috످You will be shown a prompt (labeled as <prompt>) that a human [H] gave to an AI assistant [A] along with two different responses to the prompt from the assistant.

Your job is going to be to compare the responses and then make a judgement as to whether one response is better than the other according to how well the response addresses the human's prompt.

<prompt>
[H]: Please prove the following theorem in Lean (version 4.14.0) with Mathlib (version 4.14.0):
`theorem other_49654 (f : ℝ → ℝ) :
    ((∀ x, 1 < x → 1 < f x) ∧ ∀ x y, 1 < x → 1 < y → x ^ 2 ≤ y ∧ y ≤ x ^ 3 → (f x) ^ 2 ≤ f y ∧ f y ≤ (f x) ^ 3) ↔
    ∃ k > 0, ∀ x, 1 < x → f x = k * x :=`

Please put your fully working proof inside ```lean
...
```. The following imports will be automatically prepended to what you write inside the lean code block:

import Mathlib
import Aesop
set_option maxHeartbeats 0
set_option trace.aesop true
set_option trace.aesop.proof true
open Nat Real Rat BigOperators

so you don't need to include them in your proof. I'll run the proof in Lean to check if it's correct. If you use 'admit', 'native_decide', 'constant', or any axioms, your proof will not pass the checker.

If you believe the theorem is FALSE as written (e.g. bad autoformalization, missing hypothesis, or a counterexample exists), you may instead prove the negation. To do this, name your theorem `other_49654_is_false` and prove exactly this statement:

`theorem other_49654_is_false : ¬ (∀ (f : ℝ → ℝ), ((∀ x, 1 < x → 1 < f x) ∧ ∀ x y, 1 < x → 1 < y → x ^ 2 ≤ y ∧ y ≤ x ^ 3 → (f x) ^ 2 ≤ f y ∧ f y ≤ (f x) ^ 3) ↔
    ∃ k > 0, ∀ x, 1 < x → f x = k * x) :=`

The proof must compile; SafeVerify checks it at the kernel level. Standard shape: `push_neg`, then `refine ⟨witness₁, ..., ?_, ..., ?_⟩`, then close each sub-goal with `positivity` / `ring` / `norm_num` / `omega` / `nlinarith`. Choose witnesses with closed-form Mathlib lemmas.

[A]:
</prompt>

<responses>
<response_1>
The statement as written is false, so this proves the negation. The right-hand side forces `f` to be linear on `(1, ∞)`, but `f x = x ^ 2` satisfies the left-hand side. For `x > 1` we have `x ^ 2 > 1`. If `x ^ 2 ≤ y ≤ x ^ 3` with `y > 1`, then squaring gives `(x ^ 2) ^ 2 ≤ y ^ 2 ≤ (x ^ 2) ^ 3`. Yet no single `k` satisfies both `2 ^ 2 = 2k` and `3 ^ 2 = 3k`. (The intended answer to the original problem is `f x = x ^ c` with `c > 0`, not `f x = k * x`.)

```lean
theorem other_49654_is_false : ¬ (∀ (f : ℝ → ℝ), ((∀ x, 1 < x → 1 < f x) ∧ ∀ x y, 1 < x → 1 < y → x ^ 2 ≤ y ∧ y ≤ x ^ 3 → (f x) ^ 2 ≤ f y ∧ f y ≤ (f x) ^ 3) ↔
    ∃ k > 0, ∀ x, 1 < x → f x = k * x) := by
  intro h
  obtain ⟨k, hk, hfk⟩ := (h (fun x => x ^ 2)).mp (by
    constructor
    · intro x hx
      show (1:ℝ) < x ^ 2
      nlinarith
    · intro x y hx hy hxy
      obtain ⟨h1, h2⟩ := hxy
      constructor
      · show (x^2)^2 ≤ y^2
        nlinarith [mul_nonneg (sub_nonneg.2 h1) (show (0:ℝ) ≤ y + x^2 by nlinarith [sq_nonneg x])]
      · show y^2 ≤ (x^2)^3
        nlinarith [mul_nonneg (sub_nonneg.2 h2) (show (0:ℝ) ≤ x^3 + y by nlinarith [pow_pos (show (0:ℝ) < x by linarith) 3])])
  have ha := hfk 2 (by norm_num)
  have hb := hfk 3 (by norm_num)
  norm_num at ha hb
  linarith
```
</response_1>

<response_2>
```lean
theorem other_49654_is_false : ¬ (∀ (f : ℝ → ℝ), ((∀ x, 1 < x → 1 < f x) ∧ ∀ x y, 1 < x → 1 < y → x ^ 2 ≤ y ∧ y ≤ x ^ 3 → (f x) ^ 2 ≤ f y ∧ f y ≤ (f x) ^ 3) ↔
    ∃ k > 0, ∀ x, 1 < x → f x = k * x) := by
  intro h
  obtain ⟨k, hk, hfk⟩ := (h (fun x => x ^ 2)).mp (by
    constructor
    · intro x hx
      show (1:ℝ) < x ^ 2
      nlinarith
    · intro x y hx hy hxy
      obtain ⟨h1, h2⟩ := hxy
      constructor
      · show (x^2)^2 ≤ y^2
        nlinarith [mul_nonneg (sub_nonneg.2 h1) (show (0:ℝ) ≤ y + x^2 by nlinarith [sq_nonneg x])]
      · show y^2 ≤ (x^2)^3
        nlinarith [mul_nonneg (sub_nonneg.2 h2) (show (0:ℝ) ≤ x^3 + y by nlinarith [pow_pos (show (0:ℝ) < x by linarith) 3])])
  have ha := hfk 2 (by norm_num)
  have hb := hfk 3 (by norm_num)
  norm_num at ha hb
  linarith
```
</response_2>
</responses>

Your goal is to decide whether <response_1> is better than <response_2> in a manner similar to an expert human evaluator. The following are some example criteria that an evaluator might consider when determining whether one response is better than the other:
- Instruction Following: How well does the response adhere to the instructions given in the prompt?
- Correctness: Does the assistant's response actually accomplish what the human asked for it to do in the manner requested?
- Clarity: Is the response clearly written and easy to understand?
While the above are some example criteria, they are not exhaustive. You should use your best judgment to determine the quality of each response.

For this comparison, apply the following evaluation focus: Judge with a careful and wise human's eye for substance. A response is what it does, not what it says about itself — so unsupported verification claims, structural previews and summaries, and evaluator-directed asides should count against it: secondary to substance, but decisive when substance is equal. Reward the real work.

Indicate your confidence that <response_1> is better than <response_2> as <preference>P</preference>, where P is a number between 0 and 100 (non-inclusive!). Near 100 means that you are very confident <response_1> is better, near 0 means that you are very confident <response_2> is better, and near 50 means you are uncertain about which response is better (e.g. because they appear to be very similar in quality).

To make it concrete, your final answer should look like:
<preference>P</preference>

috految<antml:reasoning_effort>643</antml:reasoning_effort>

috److془Let me carefully analyze the two responses.

Both have identical Lean code. Response 1 has an explanation of why the statement is false.

Let's check the code identical:

Response 1:
```lean
theorem other_49654_is_false : ¬ (∀ (f : ℝ → ℝ), ((∀ x, 1 < x → 1 < f x) ∧ ∀ x y, 1 < x → 1 < y → x ^ 2 ≤ y ∧ y ≤ x ^ 3 → (f x) ^ 2 ≤ f y ∧ f y ≤ (f x) ^ 3) ↔
    ∃ k > 0, ∀ x, 1 < x → f x = k * x) := by
  intro h
  obtain ⟨k, hk, hfk⟩ := (h (fun x => x ^ 2)).mp (by
    constructor
    · intro x hx
      show (1:ℝ) < x ^ 2
      nlinarith
    · intro x y hx hy hxy
      obtain ⟨h1, h2⟩ := hxy
      constructor
      · show (x^2)^2 ≤ y^2
        nlinarith [mul_nonneg (sub_nonneg.2 h1) (show (0:ℝ) ≤ y + x^2 by nlinarith [sq_nonneg x])]
      · show y^2 ≤ (x^2)^3
        nlinarith [mul_nonneg (sub_nonneg.2 h2) (show (0:ℝ) ≤ x^3 + y by nlinarith [pow_pos (show (0:ℝ) < x by linarith) 3])])
  have ha := hfk 2 (by norm_num)
  have hb := hfk 3 (by norm_num)
  norm_num at ha hb
  linarith
```

Response 2: same.

Explanation: "The statement as written is false, so this proves the negation. The right-hand side forces `f` to be linear on `(1, ∞)`, but `f x = x ^ 2` satisfies the left-hand side. For `x > 1` we have `x ^ 2 > 1`. If `x ^ 2 ≤ y ≤ x ^ 3` with `y > 1`, then squaring gives `(x ^ 2) ^ 2 ≤ y ^ 2 ≤ (x ^ 2) ^ 3`. Yet no single `k` satisfies both `2 ^ 2 = 2k` and `3 ^ 2 = 3k`. (The intended answer to the original problem is `f x = x ^ c` with `c > 0`, not `f x = k * x`.)"

Check: original problem: "Find all functions f: (1, ∞) → (1, ∞) such that for x, y > 1, x^2 ≤ y ≤ x^3 implies f(x)^2 ≤ f(y) ≤ f(x)^3." Answer: f(x) = x^c with c>0. Let g(t) = log f(e^t). 2t ≤ s ≤ 3t → 2 g(t) ≤ g(s) ≤ 3 g(t). Let h(u) = log g(e^u). ln 2 ≤ v-u ≤ ln3 → ln 2 ≤ h(v) - h(u) ≤ ln 3. Then h(u + ln2) ≥ h(u) + ln 2; h(u + ln 3) ≤ h(u) + ln 3. Let φ = h - id. φ(u + ln2) ≥ φ(u), φ(u + ln 3) ≤ φ(u). φ(u + d) ≥ φ(u) + ln2 - d for d in [ln 2, ln 3]. So φ(u + m ln 2 - n ln 3 + ε) ≥ φ(u) - ε. Density → φ constant. So f(x) = x^c, c>0. Correct.

So Response 1's explanation is correct and useful. It explains why the theorem is false and what the fix is. Response 2 is bare code.

The evaluation focus: "Judge with a careful and wise human's eye for substance. A response is what it does, not what it says about itself — so unsupported verification claims, structural previews and summaries, and evaluator-directed asides should count against it: secondary to substance, but decisive when substance is equal. Reward the real work."

Is Response 1's paragraph a "structural preview/summary"? It's a mathematical explanation of the counterexample and diagnosis of misformalization. It's substance. So Response 1 is better. ~ 72-78.

Let me check the code compile: `pow_pos` with `open Nat Real Rat` - `Nat.pow_pos` is protected? In Lean 4.14: `protected theorem pow_pos {n : Nat} (h : 0 < a) : 0 < a^n`. Fine. `mul_nonneg`: `Rat.mul_nonneg` is protected. `sub_nonneg`: fine. The `show (x^2)^2 ≤ y^2` fine. `k` type - `∃ k > 0, ∀ x, 1 < x → f x = k * x` - k would be ℝ. Good. 

`norm_num at ha hb` : ha : 4 = k*2, hb: 9 = k*3. linarith closes. 

So both compile likely. Response 1 better with ~ 73-78.془<preference>75</preference>

috످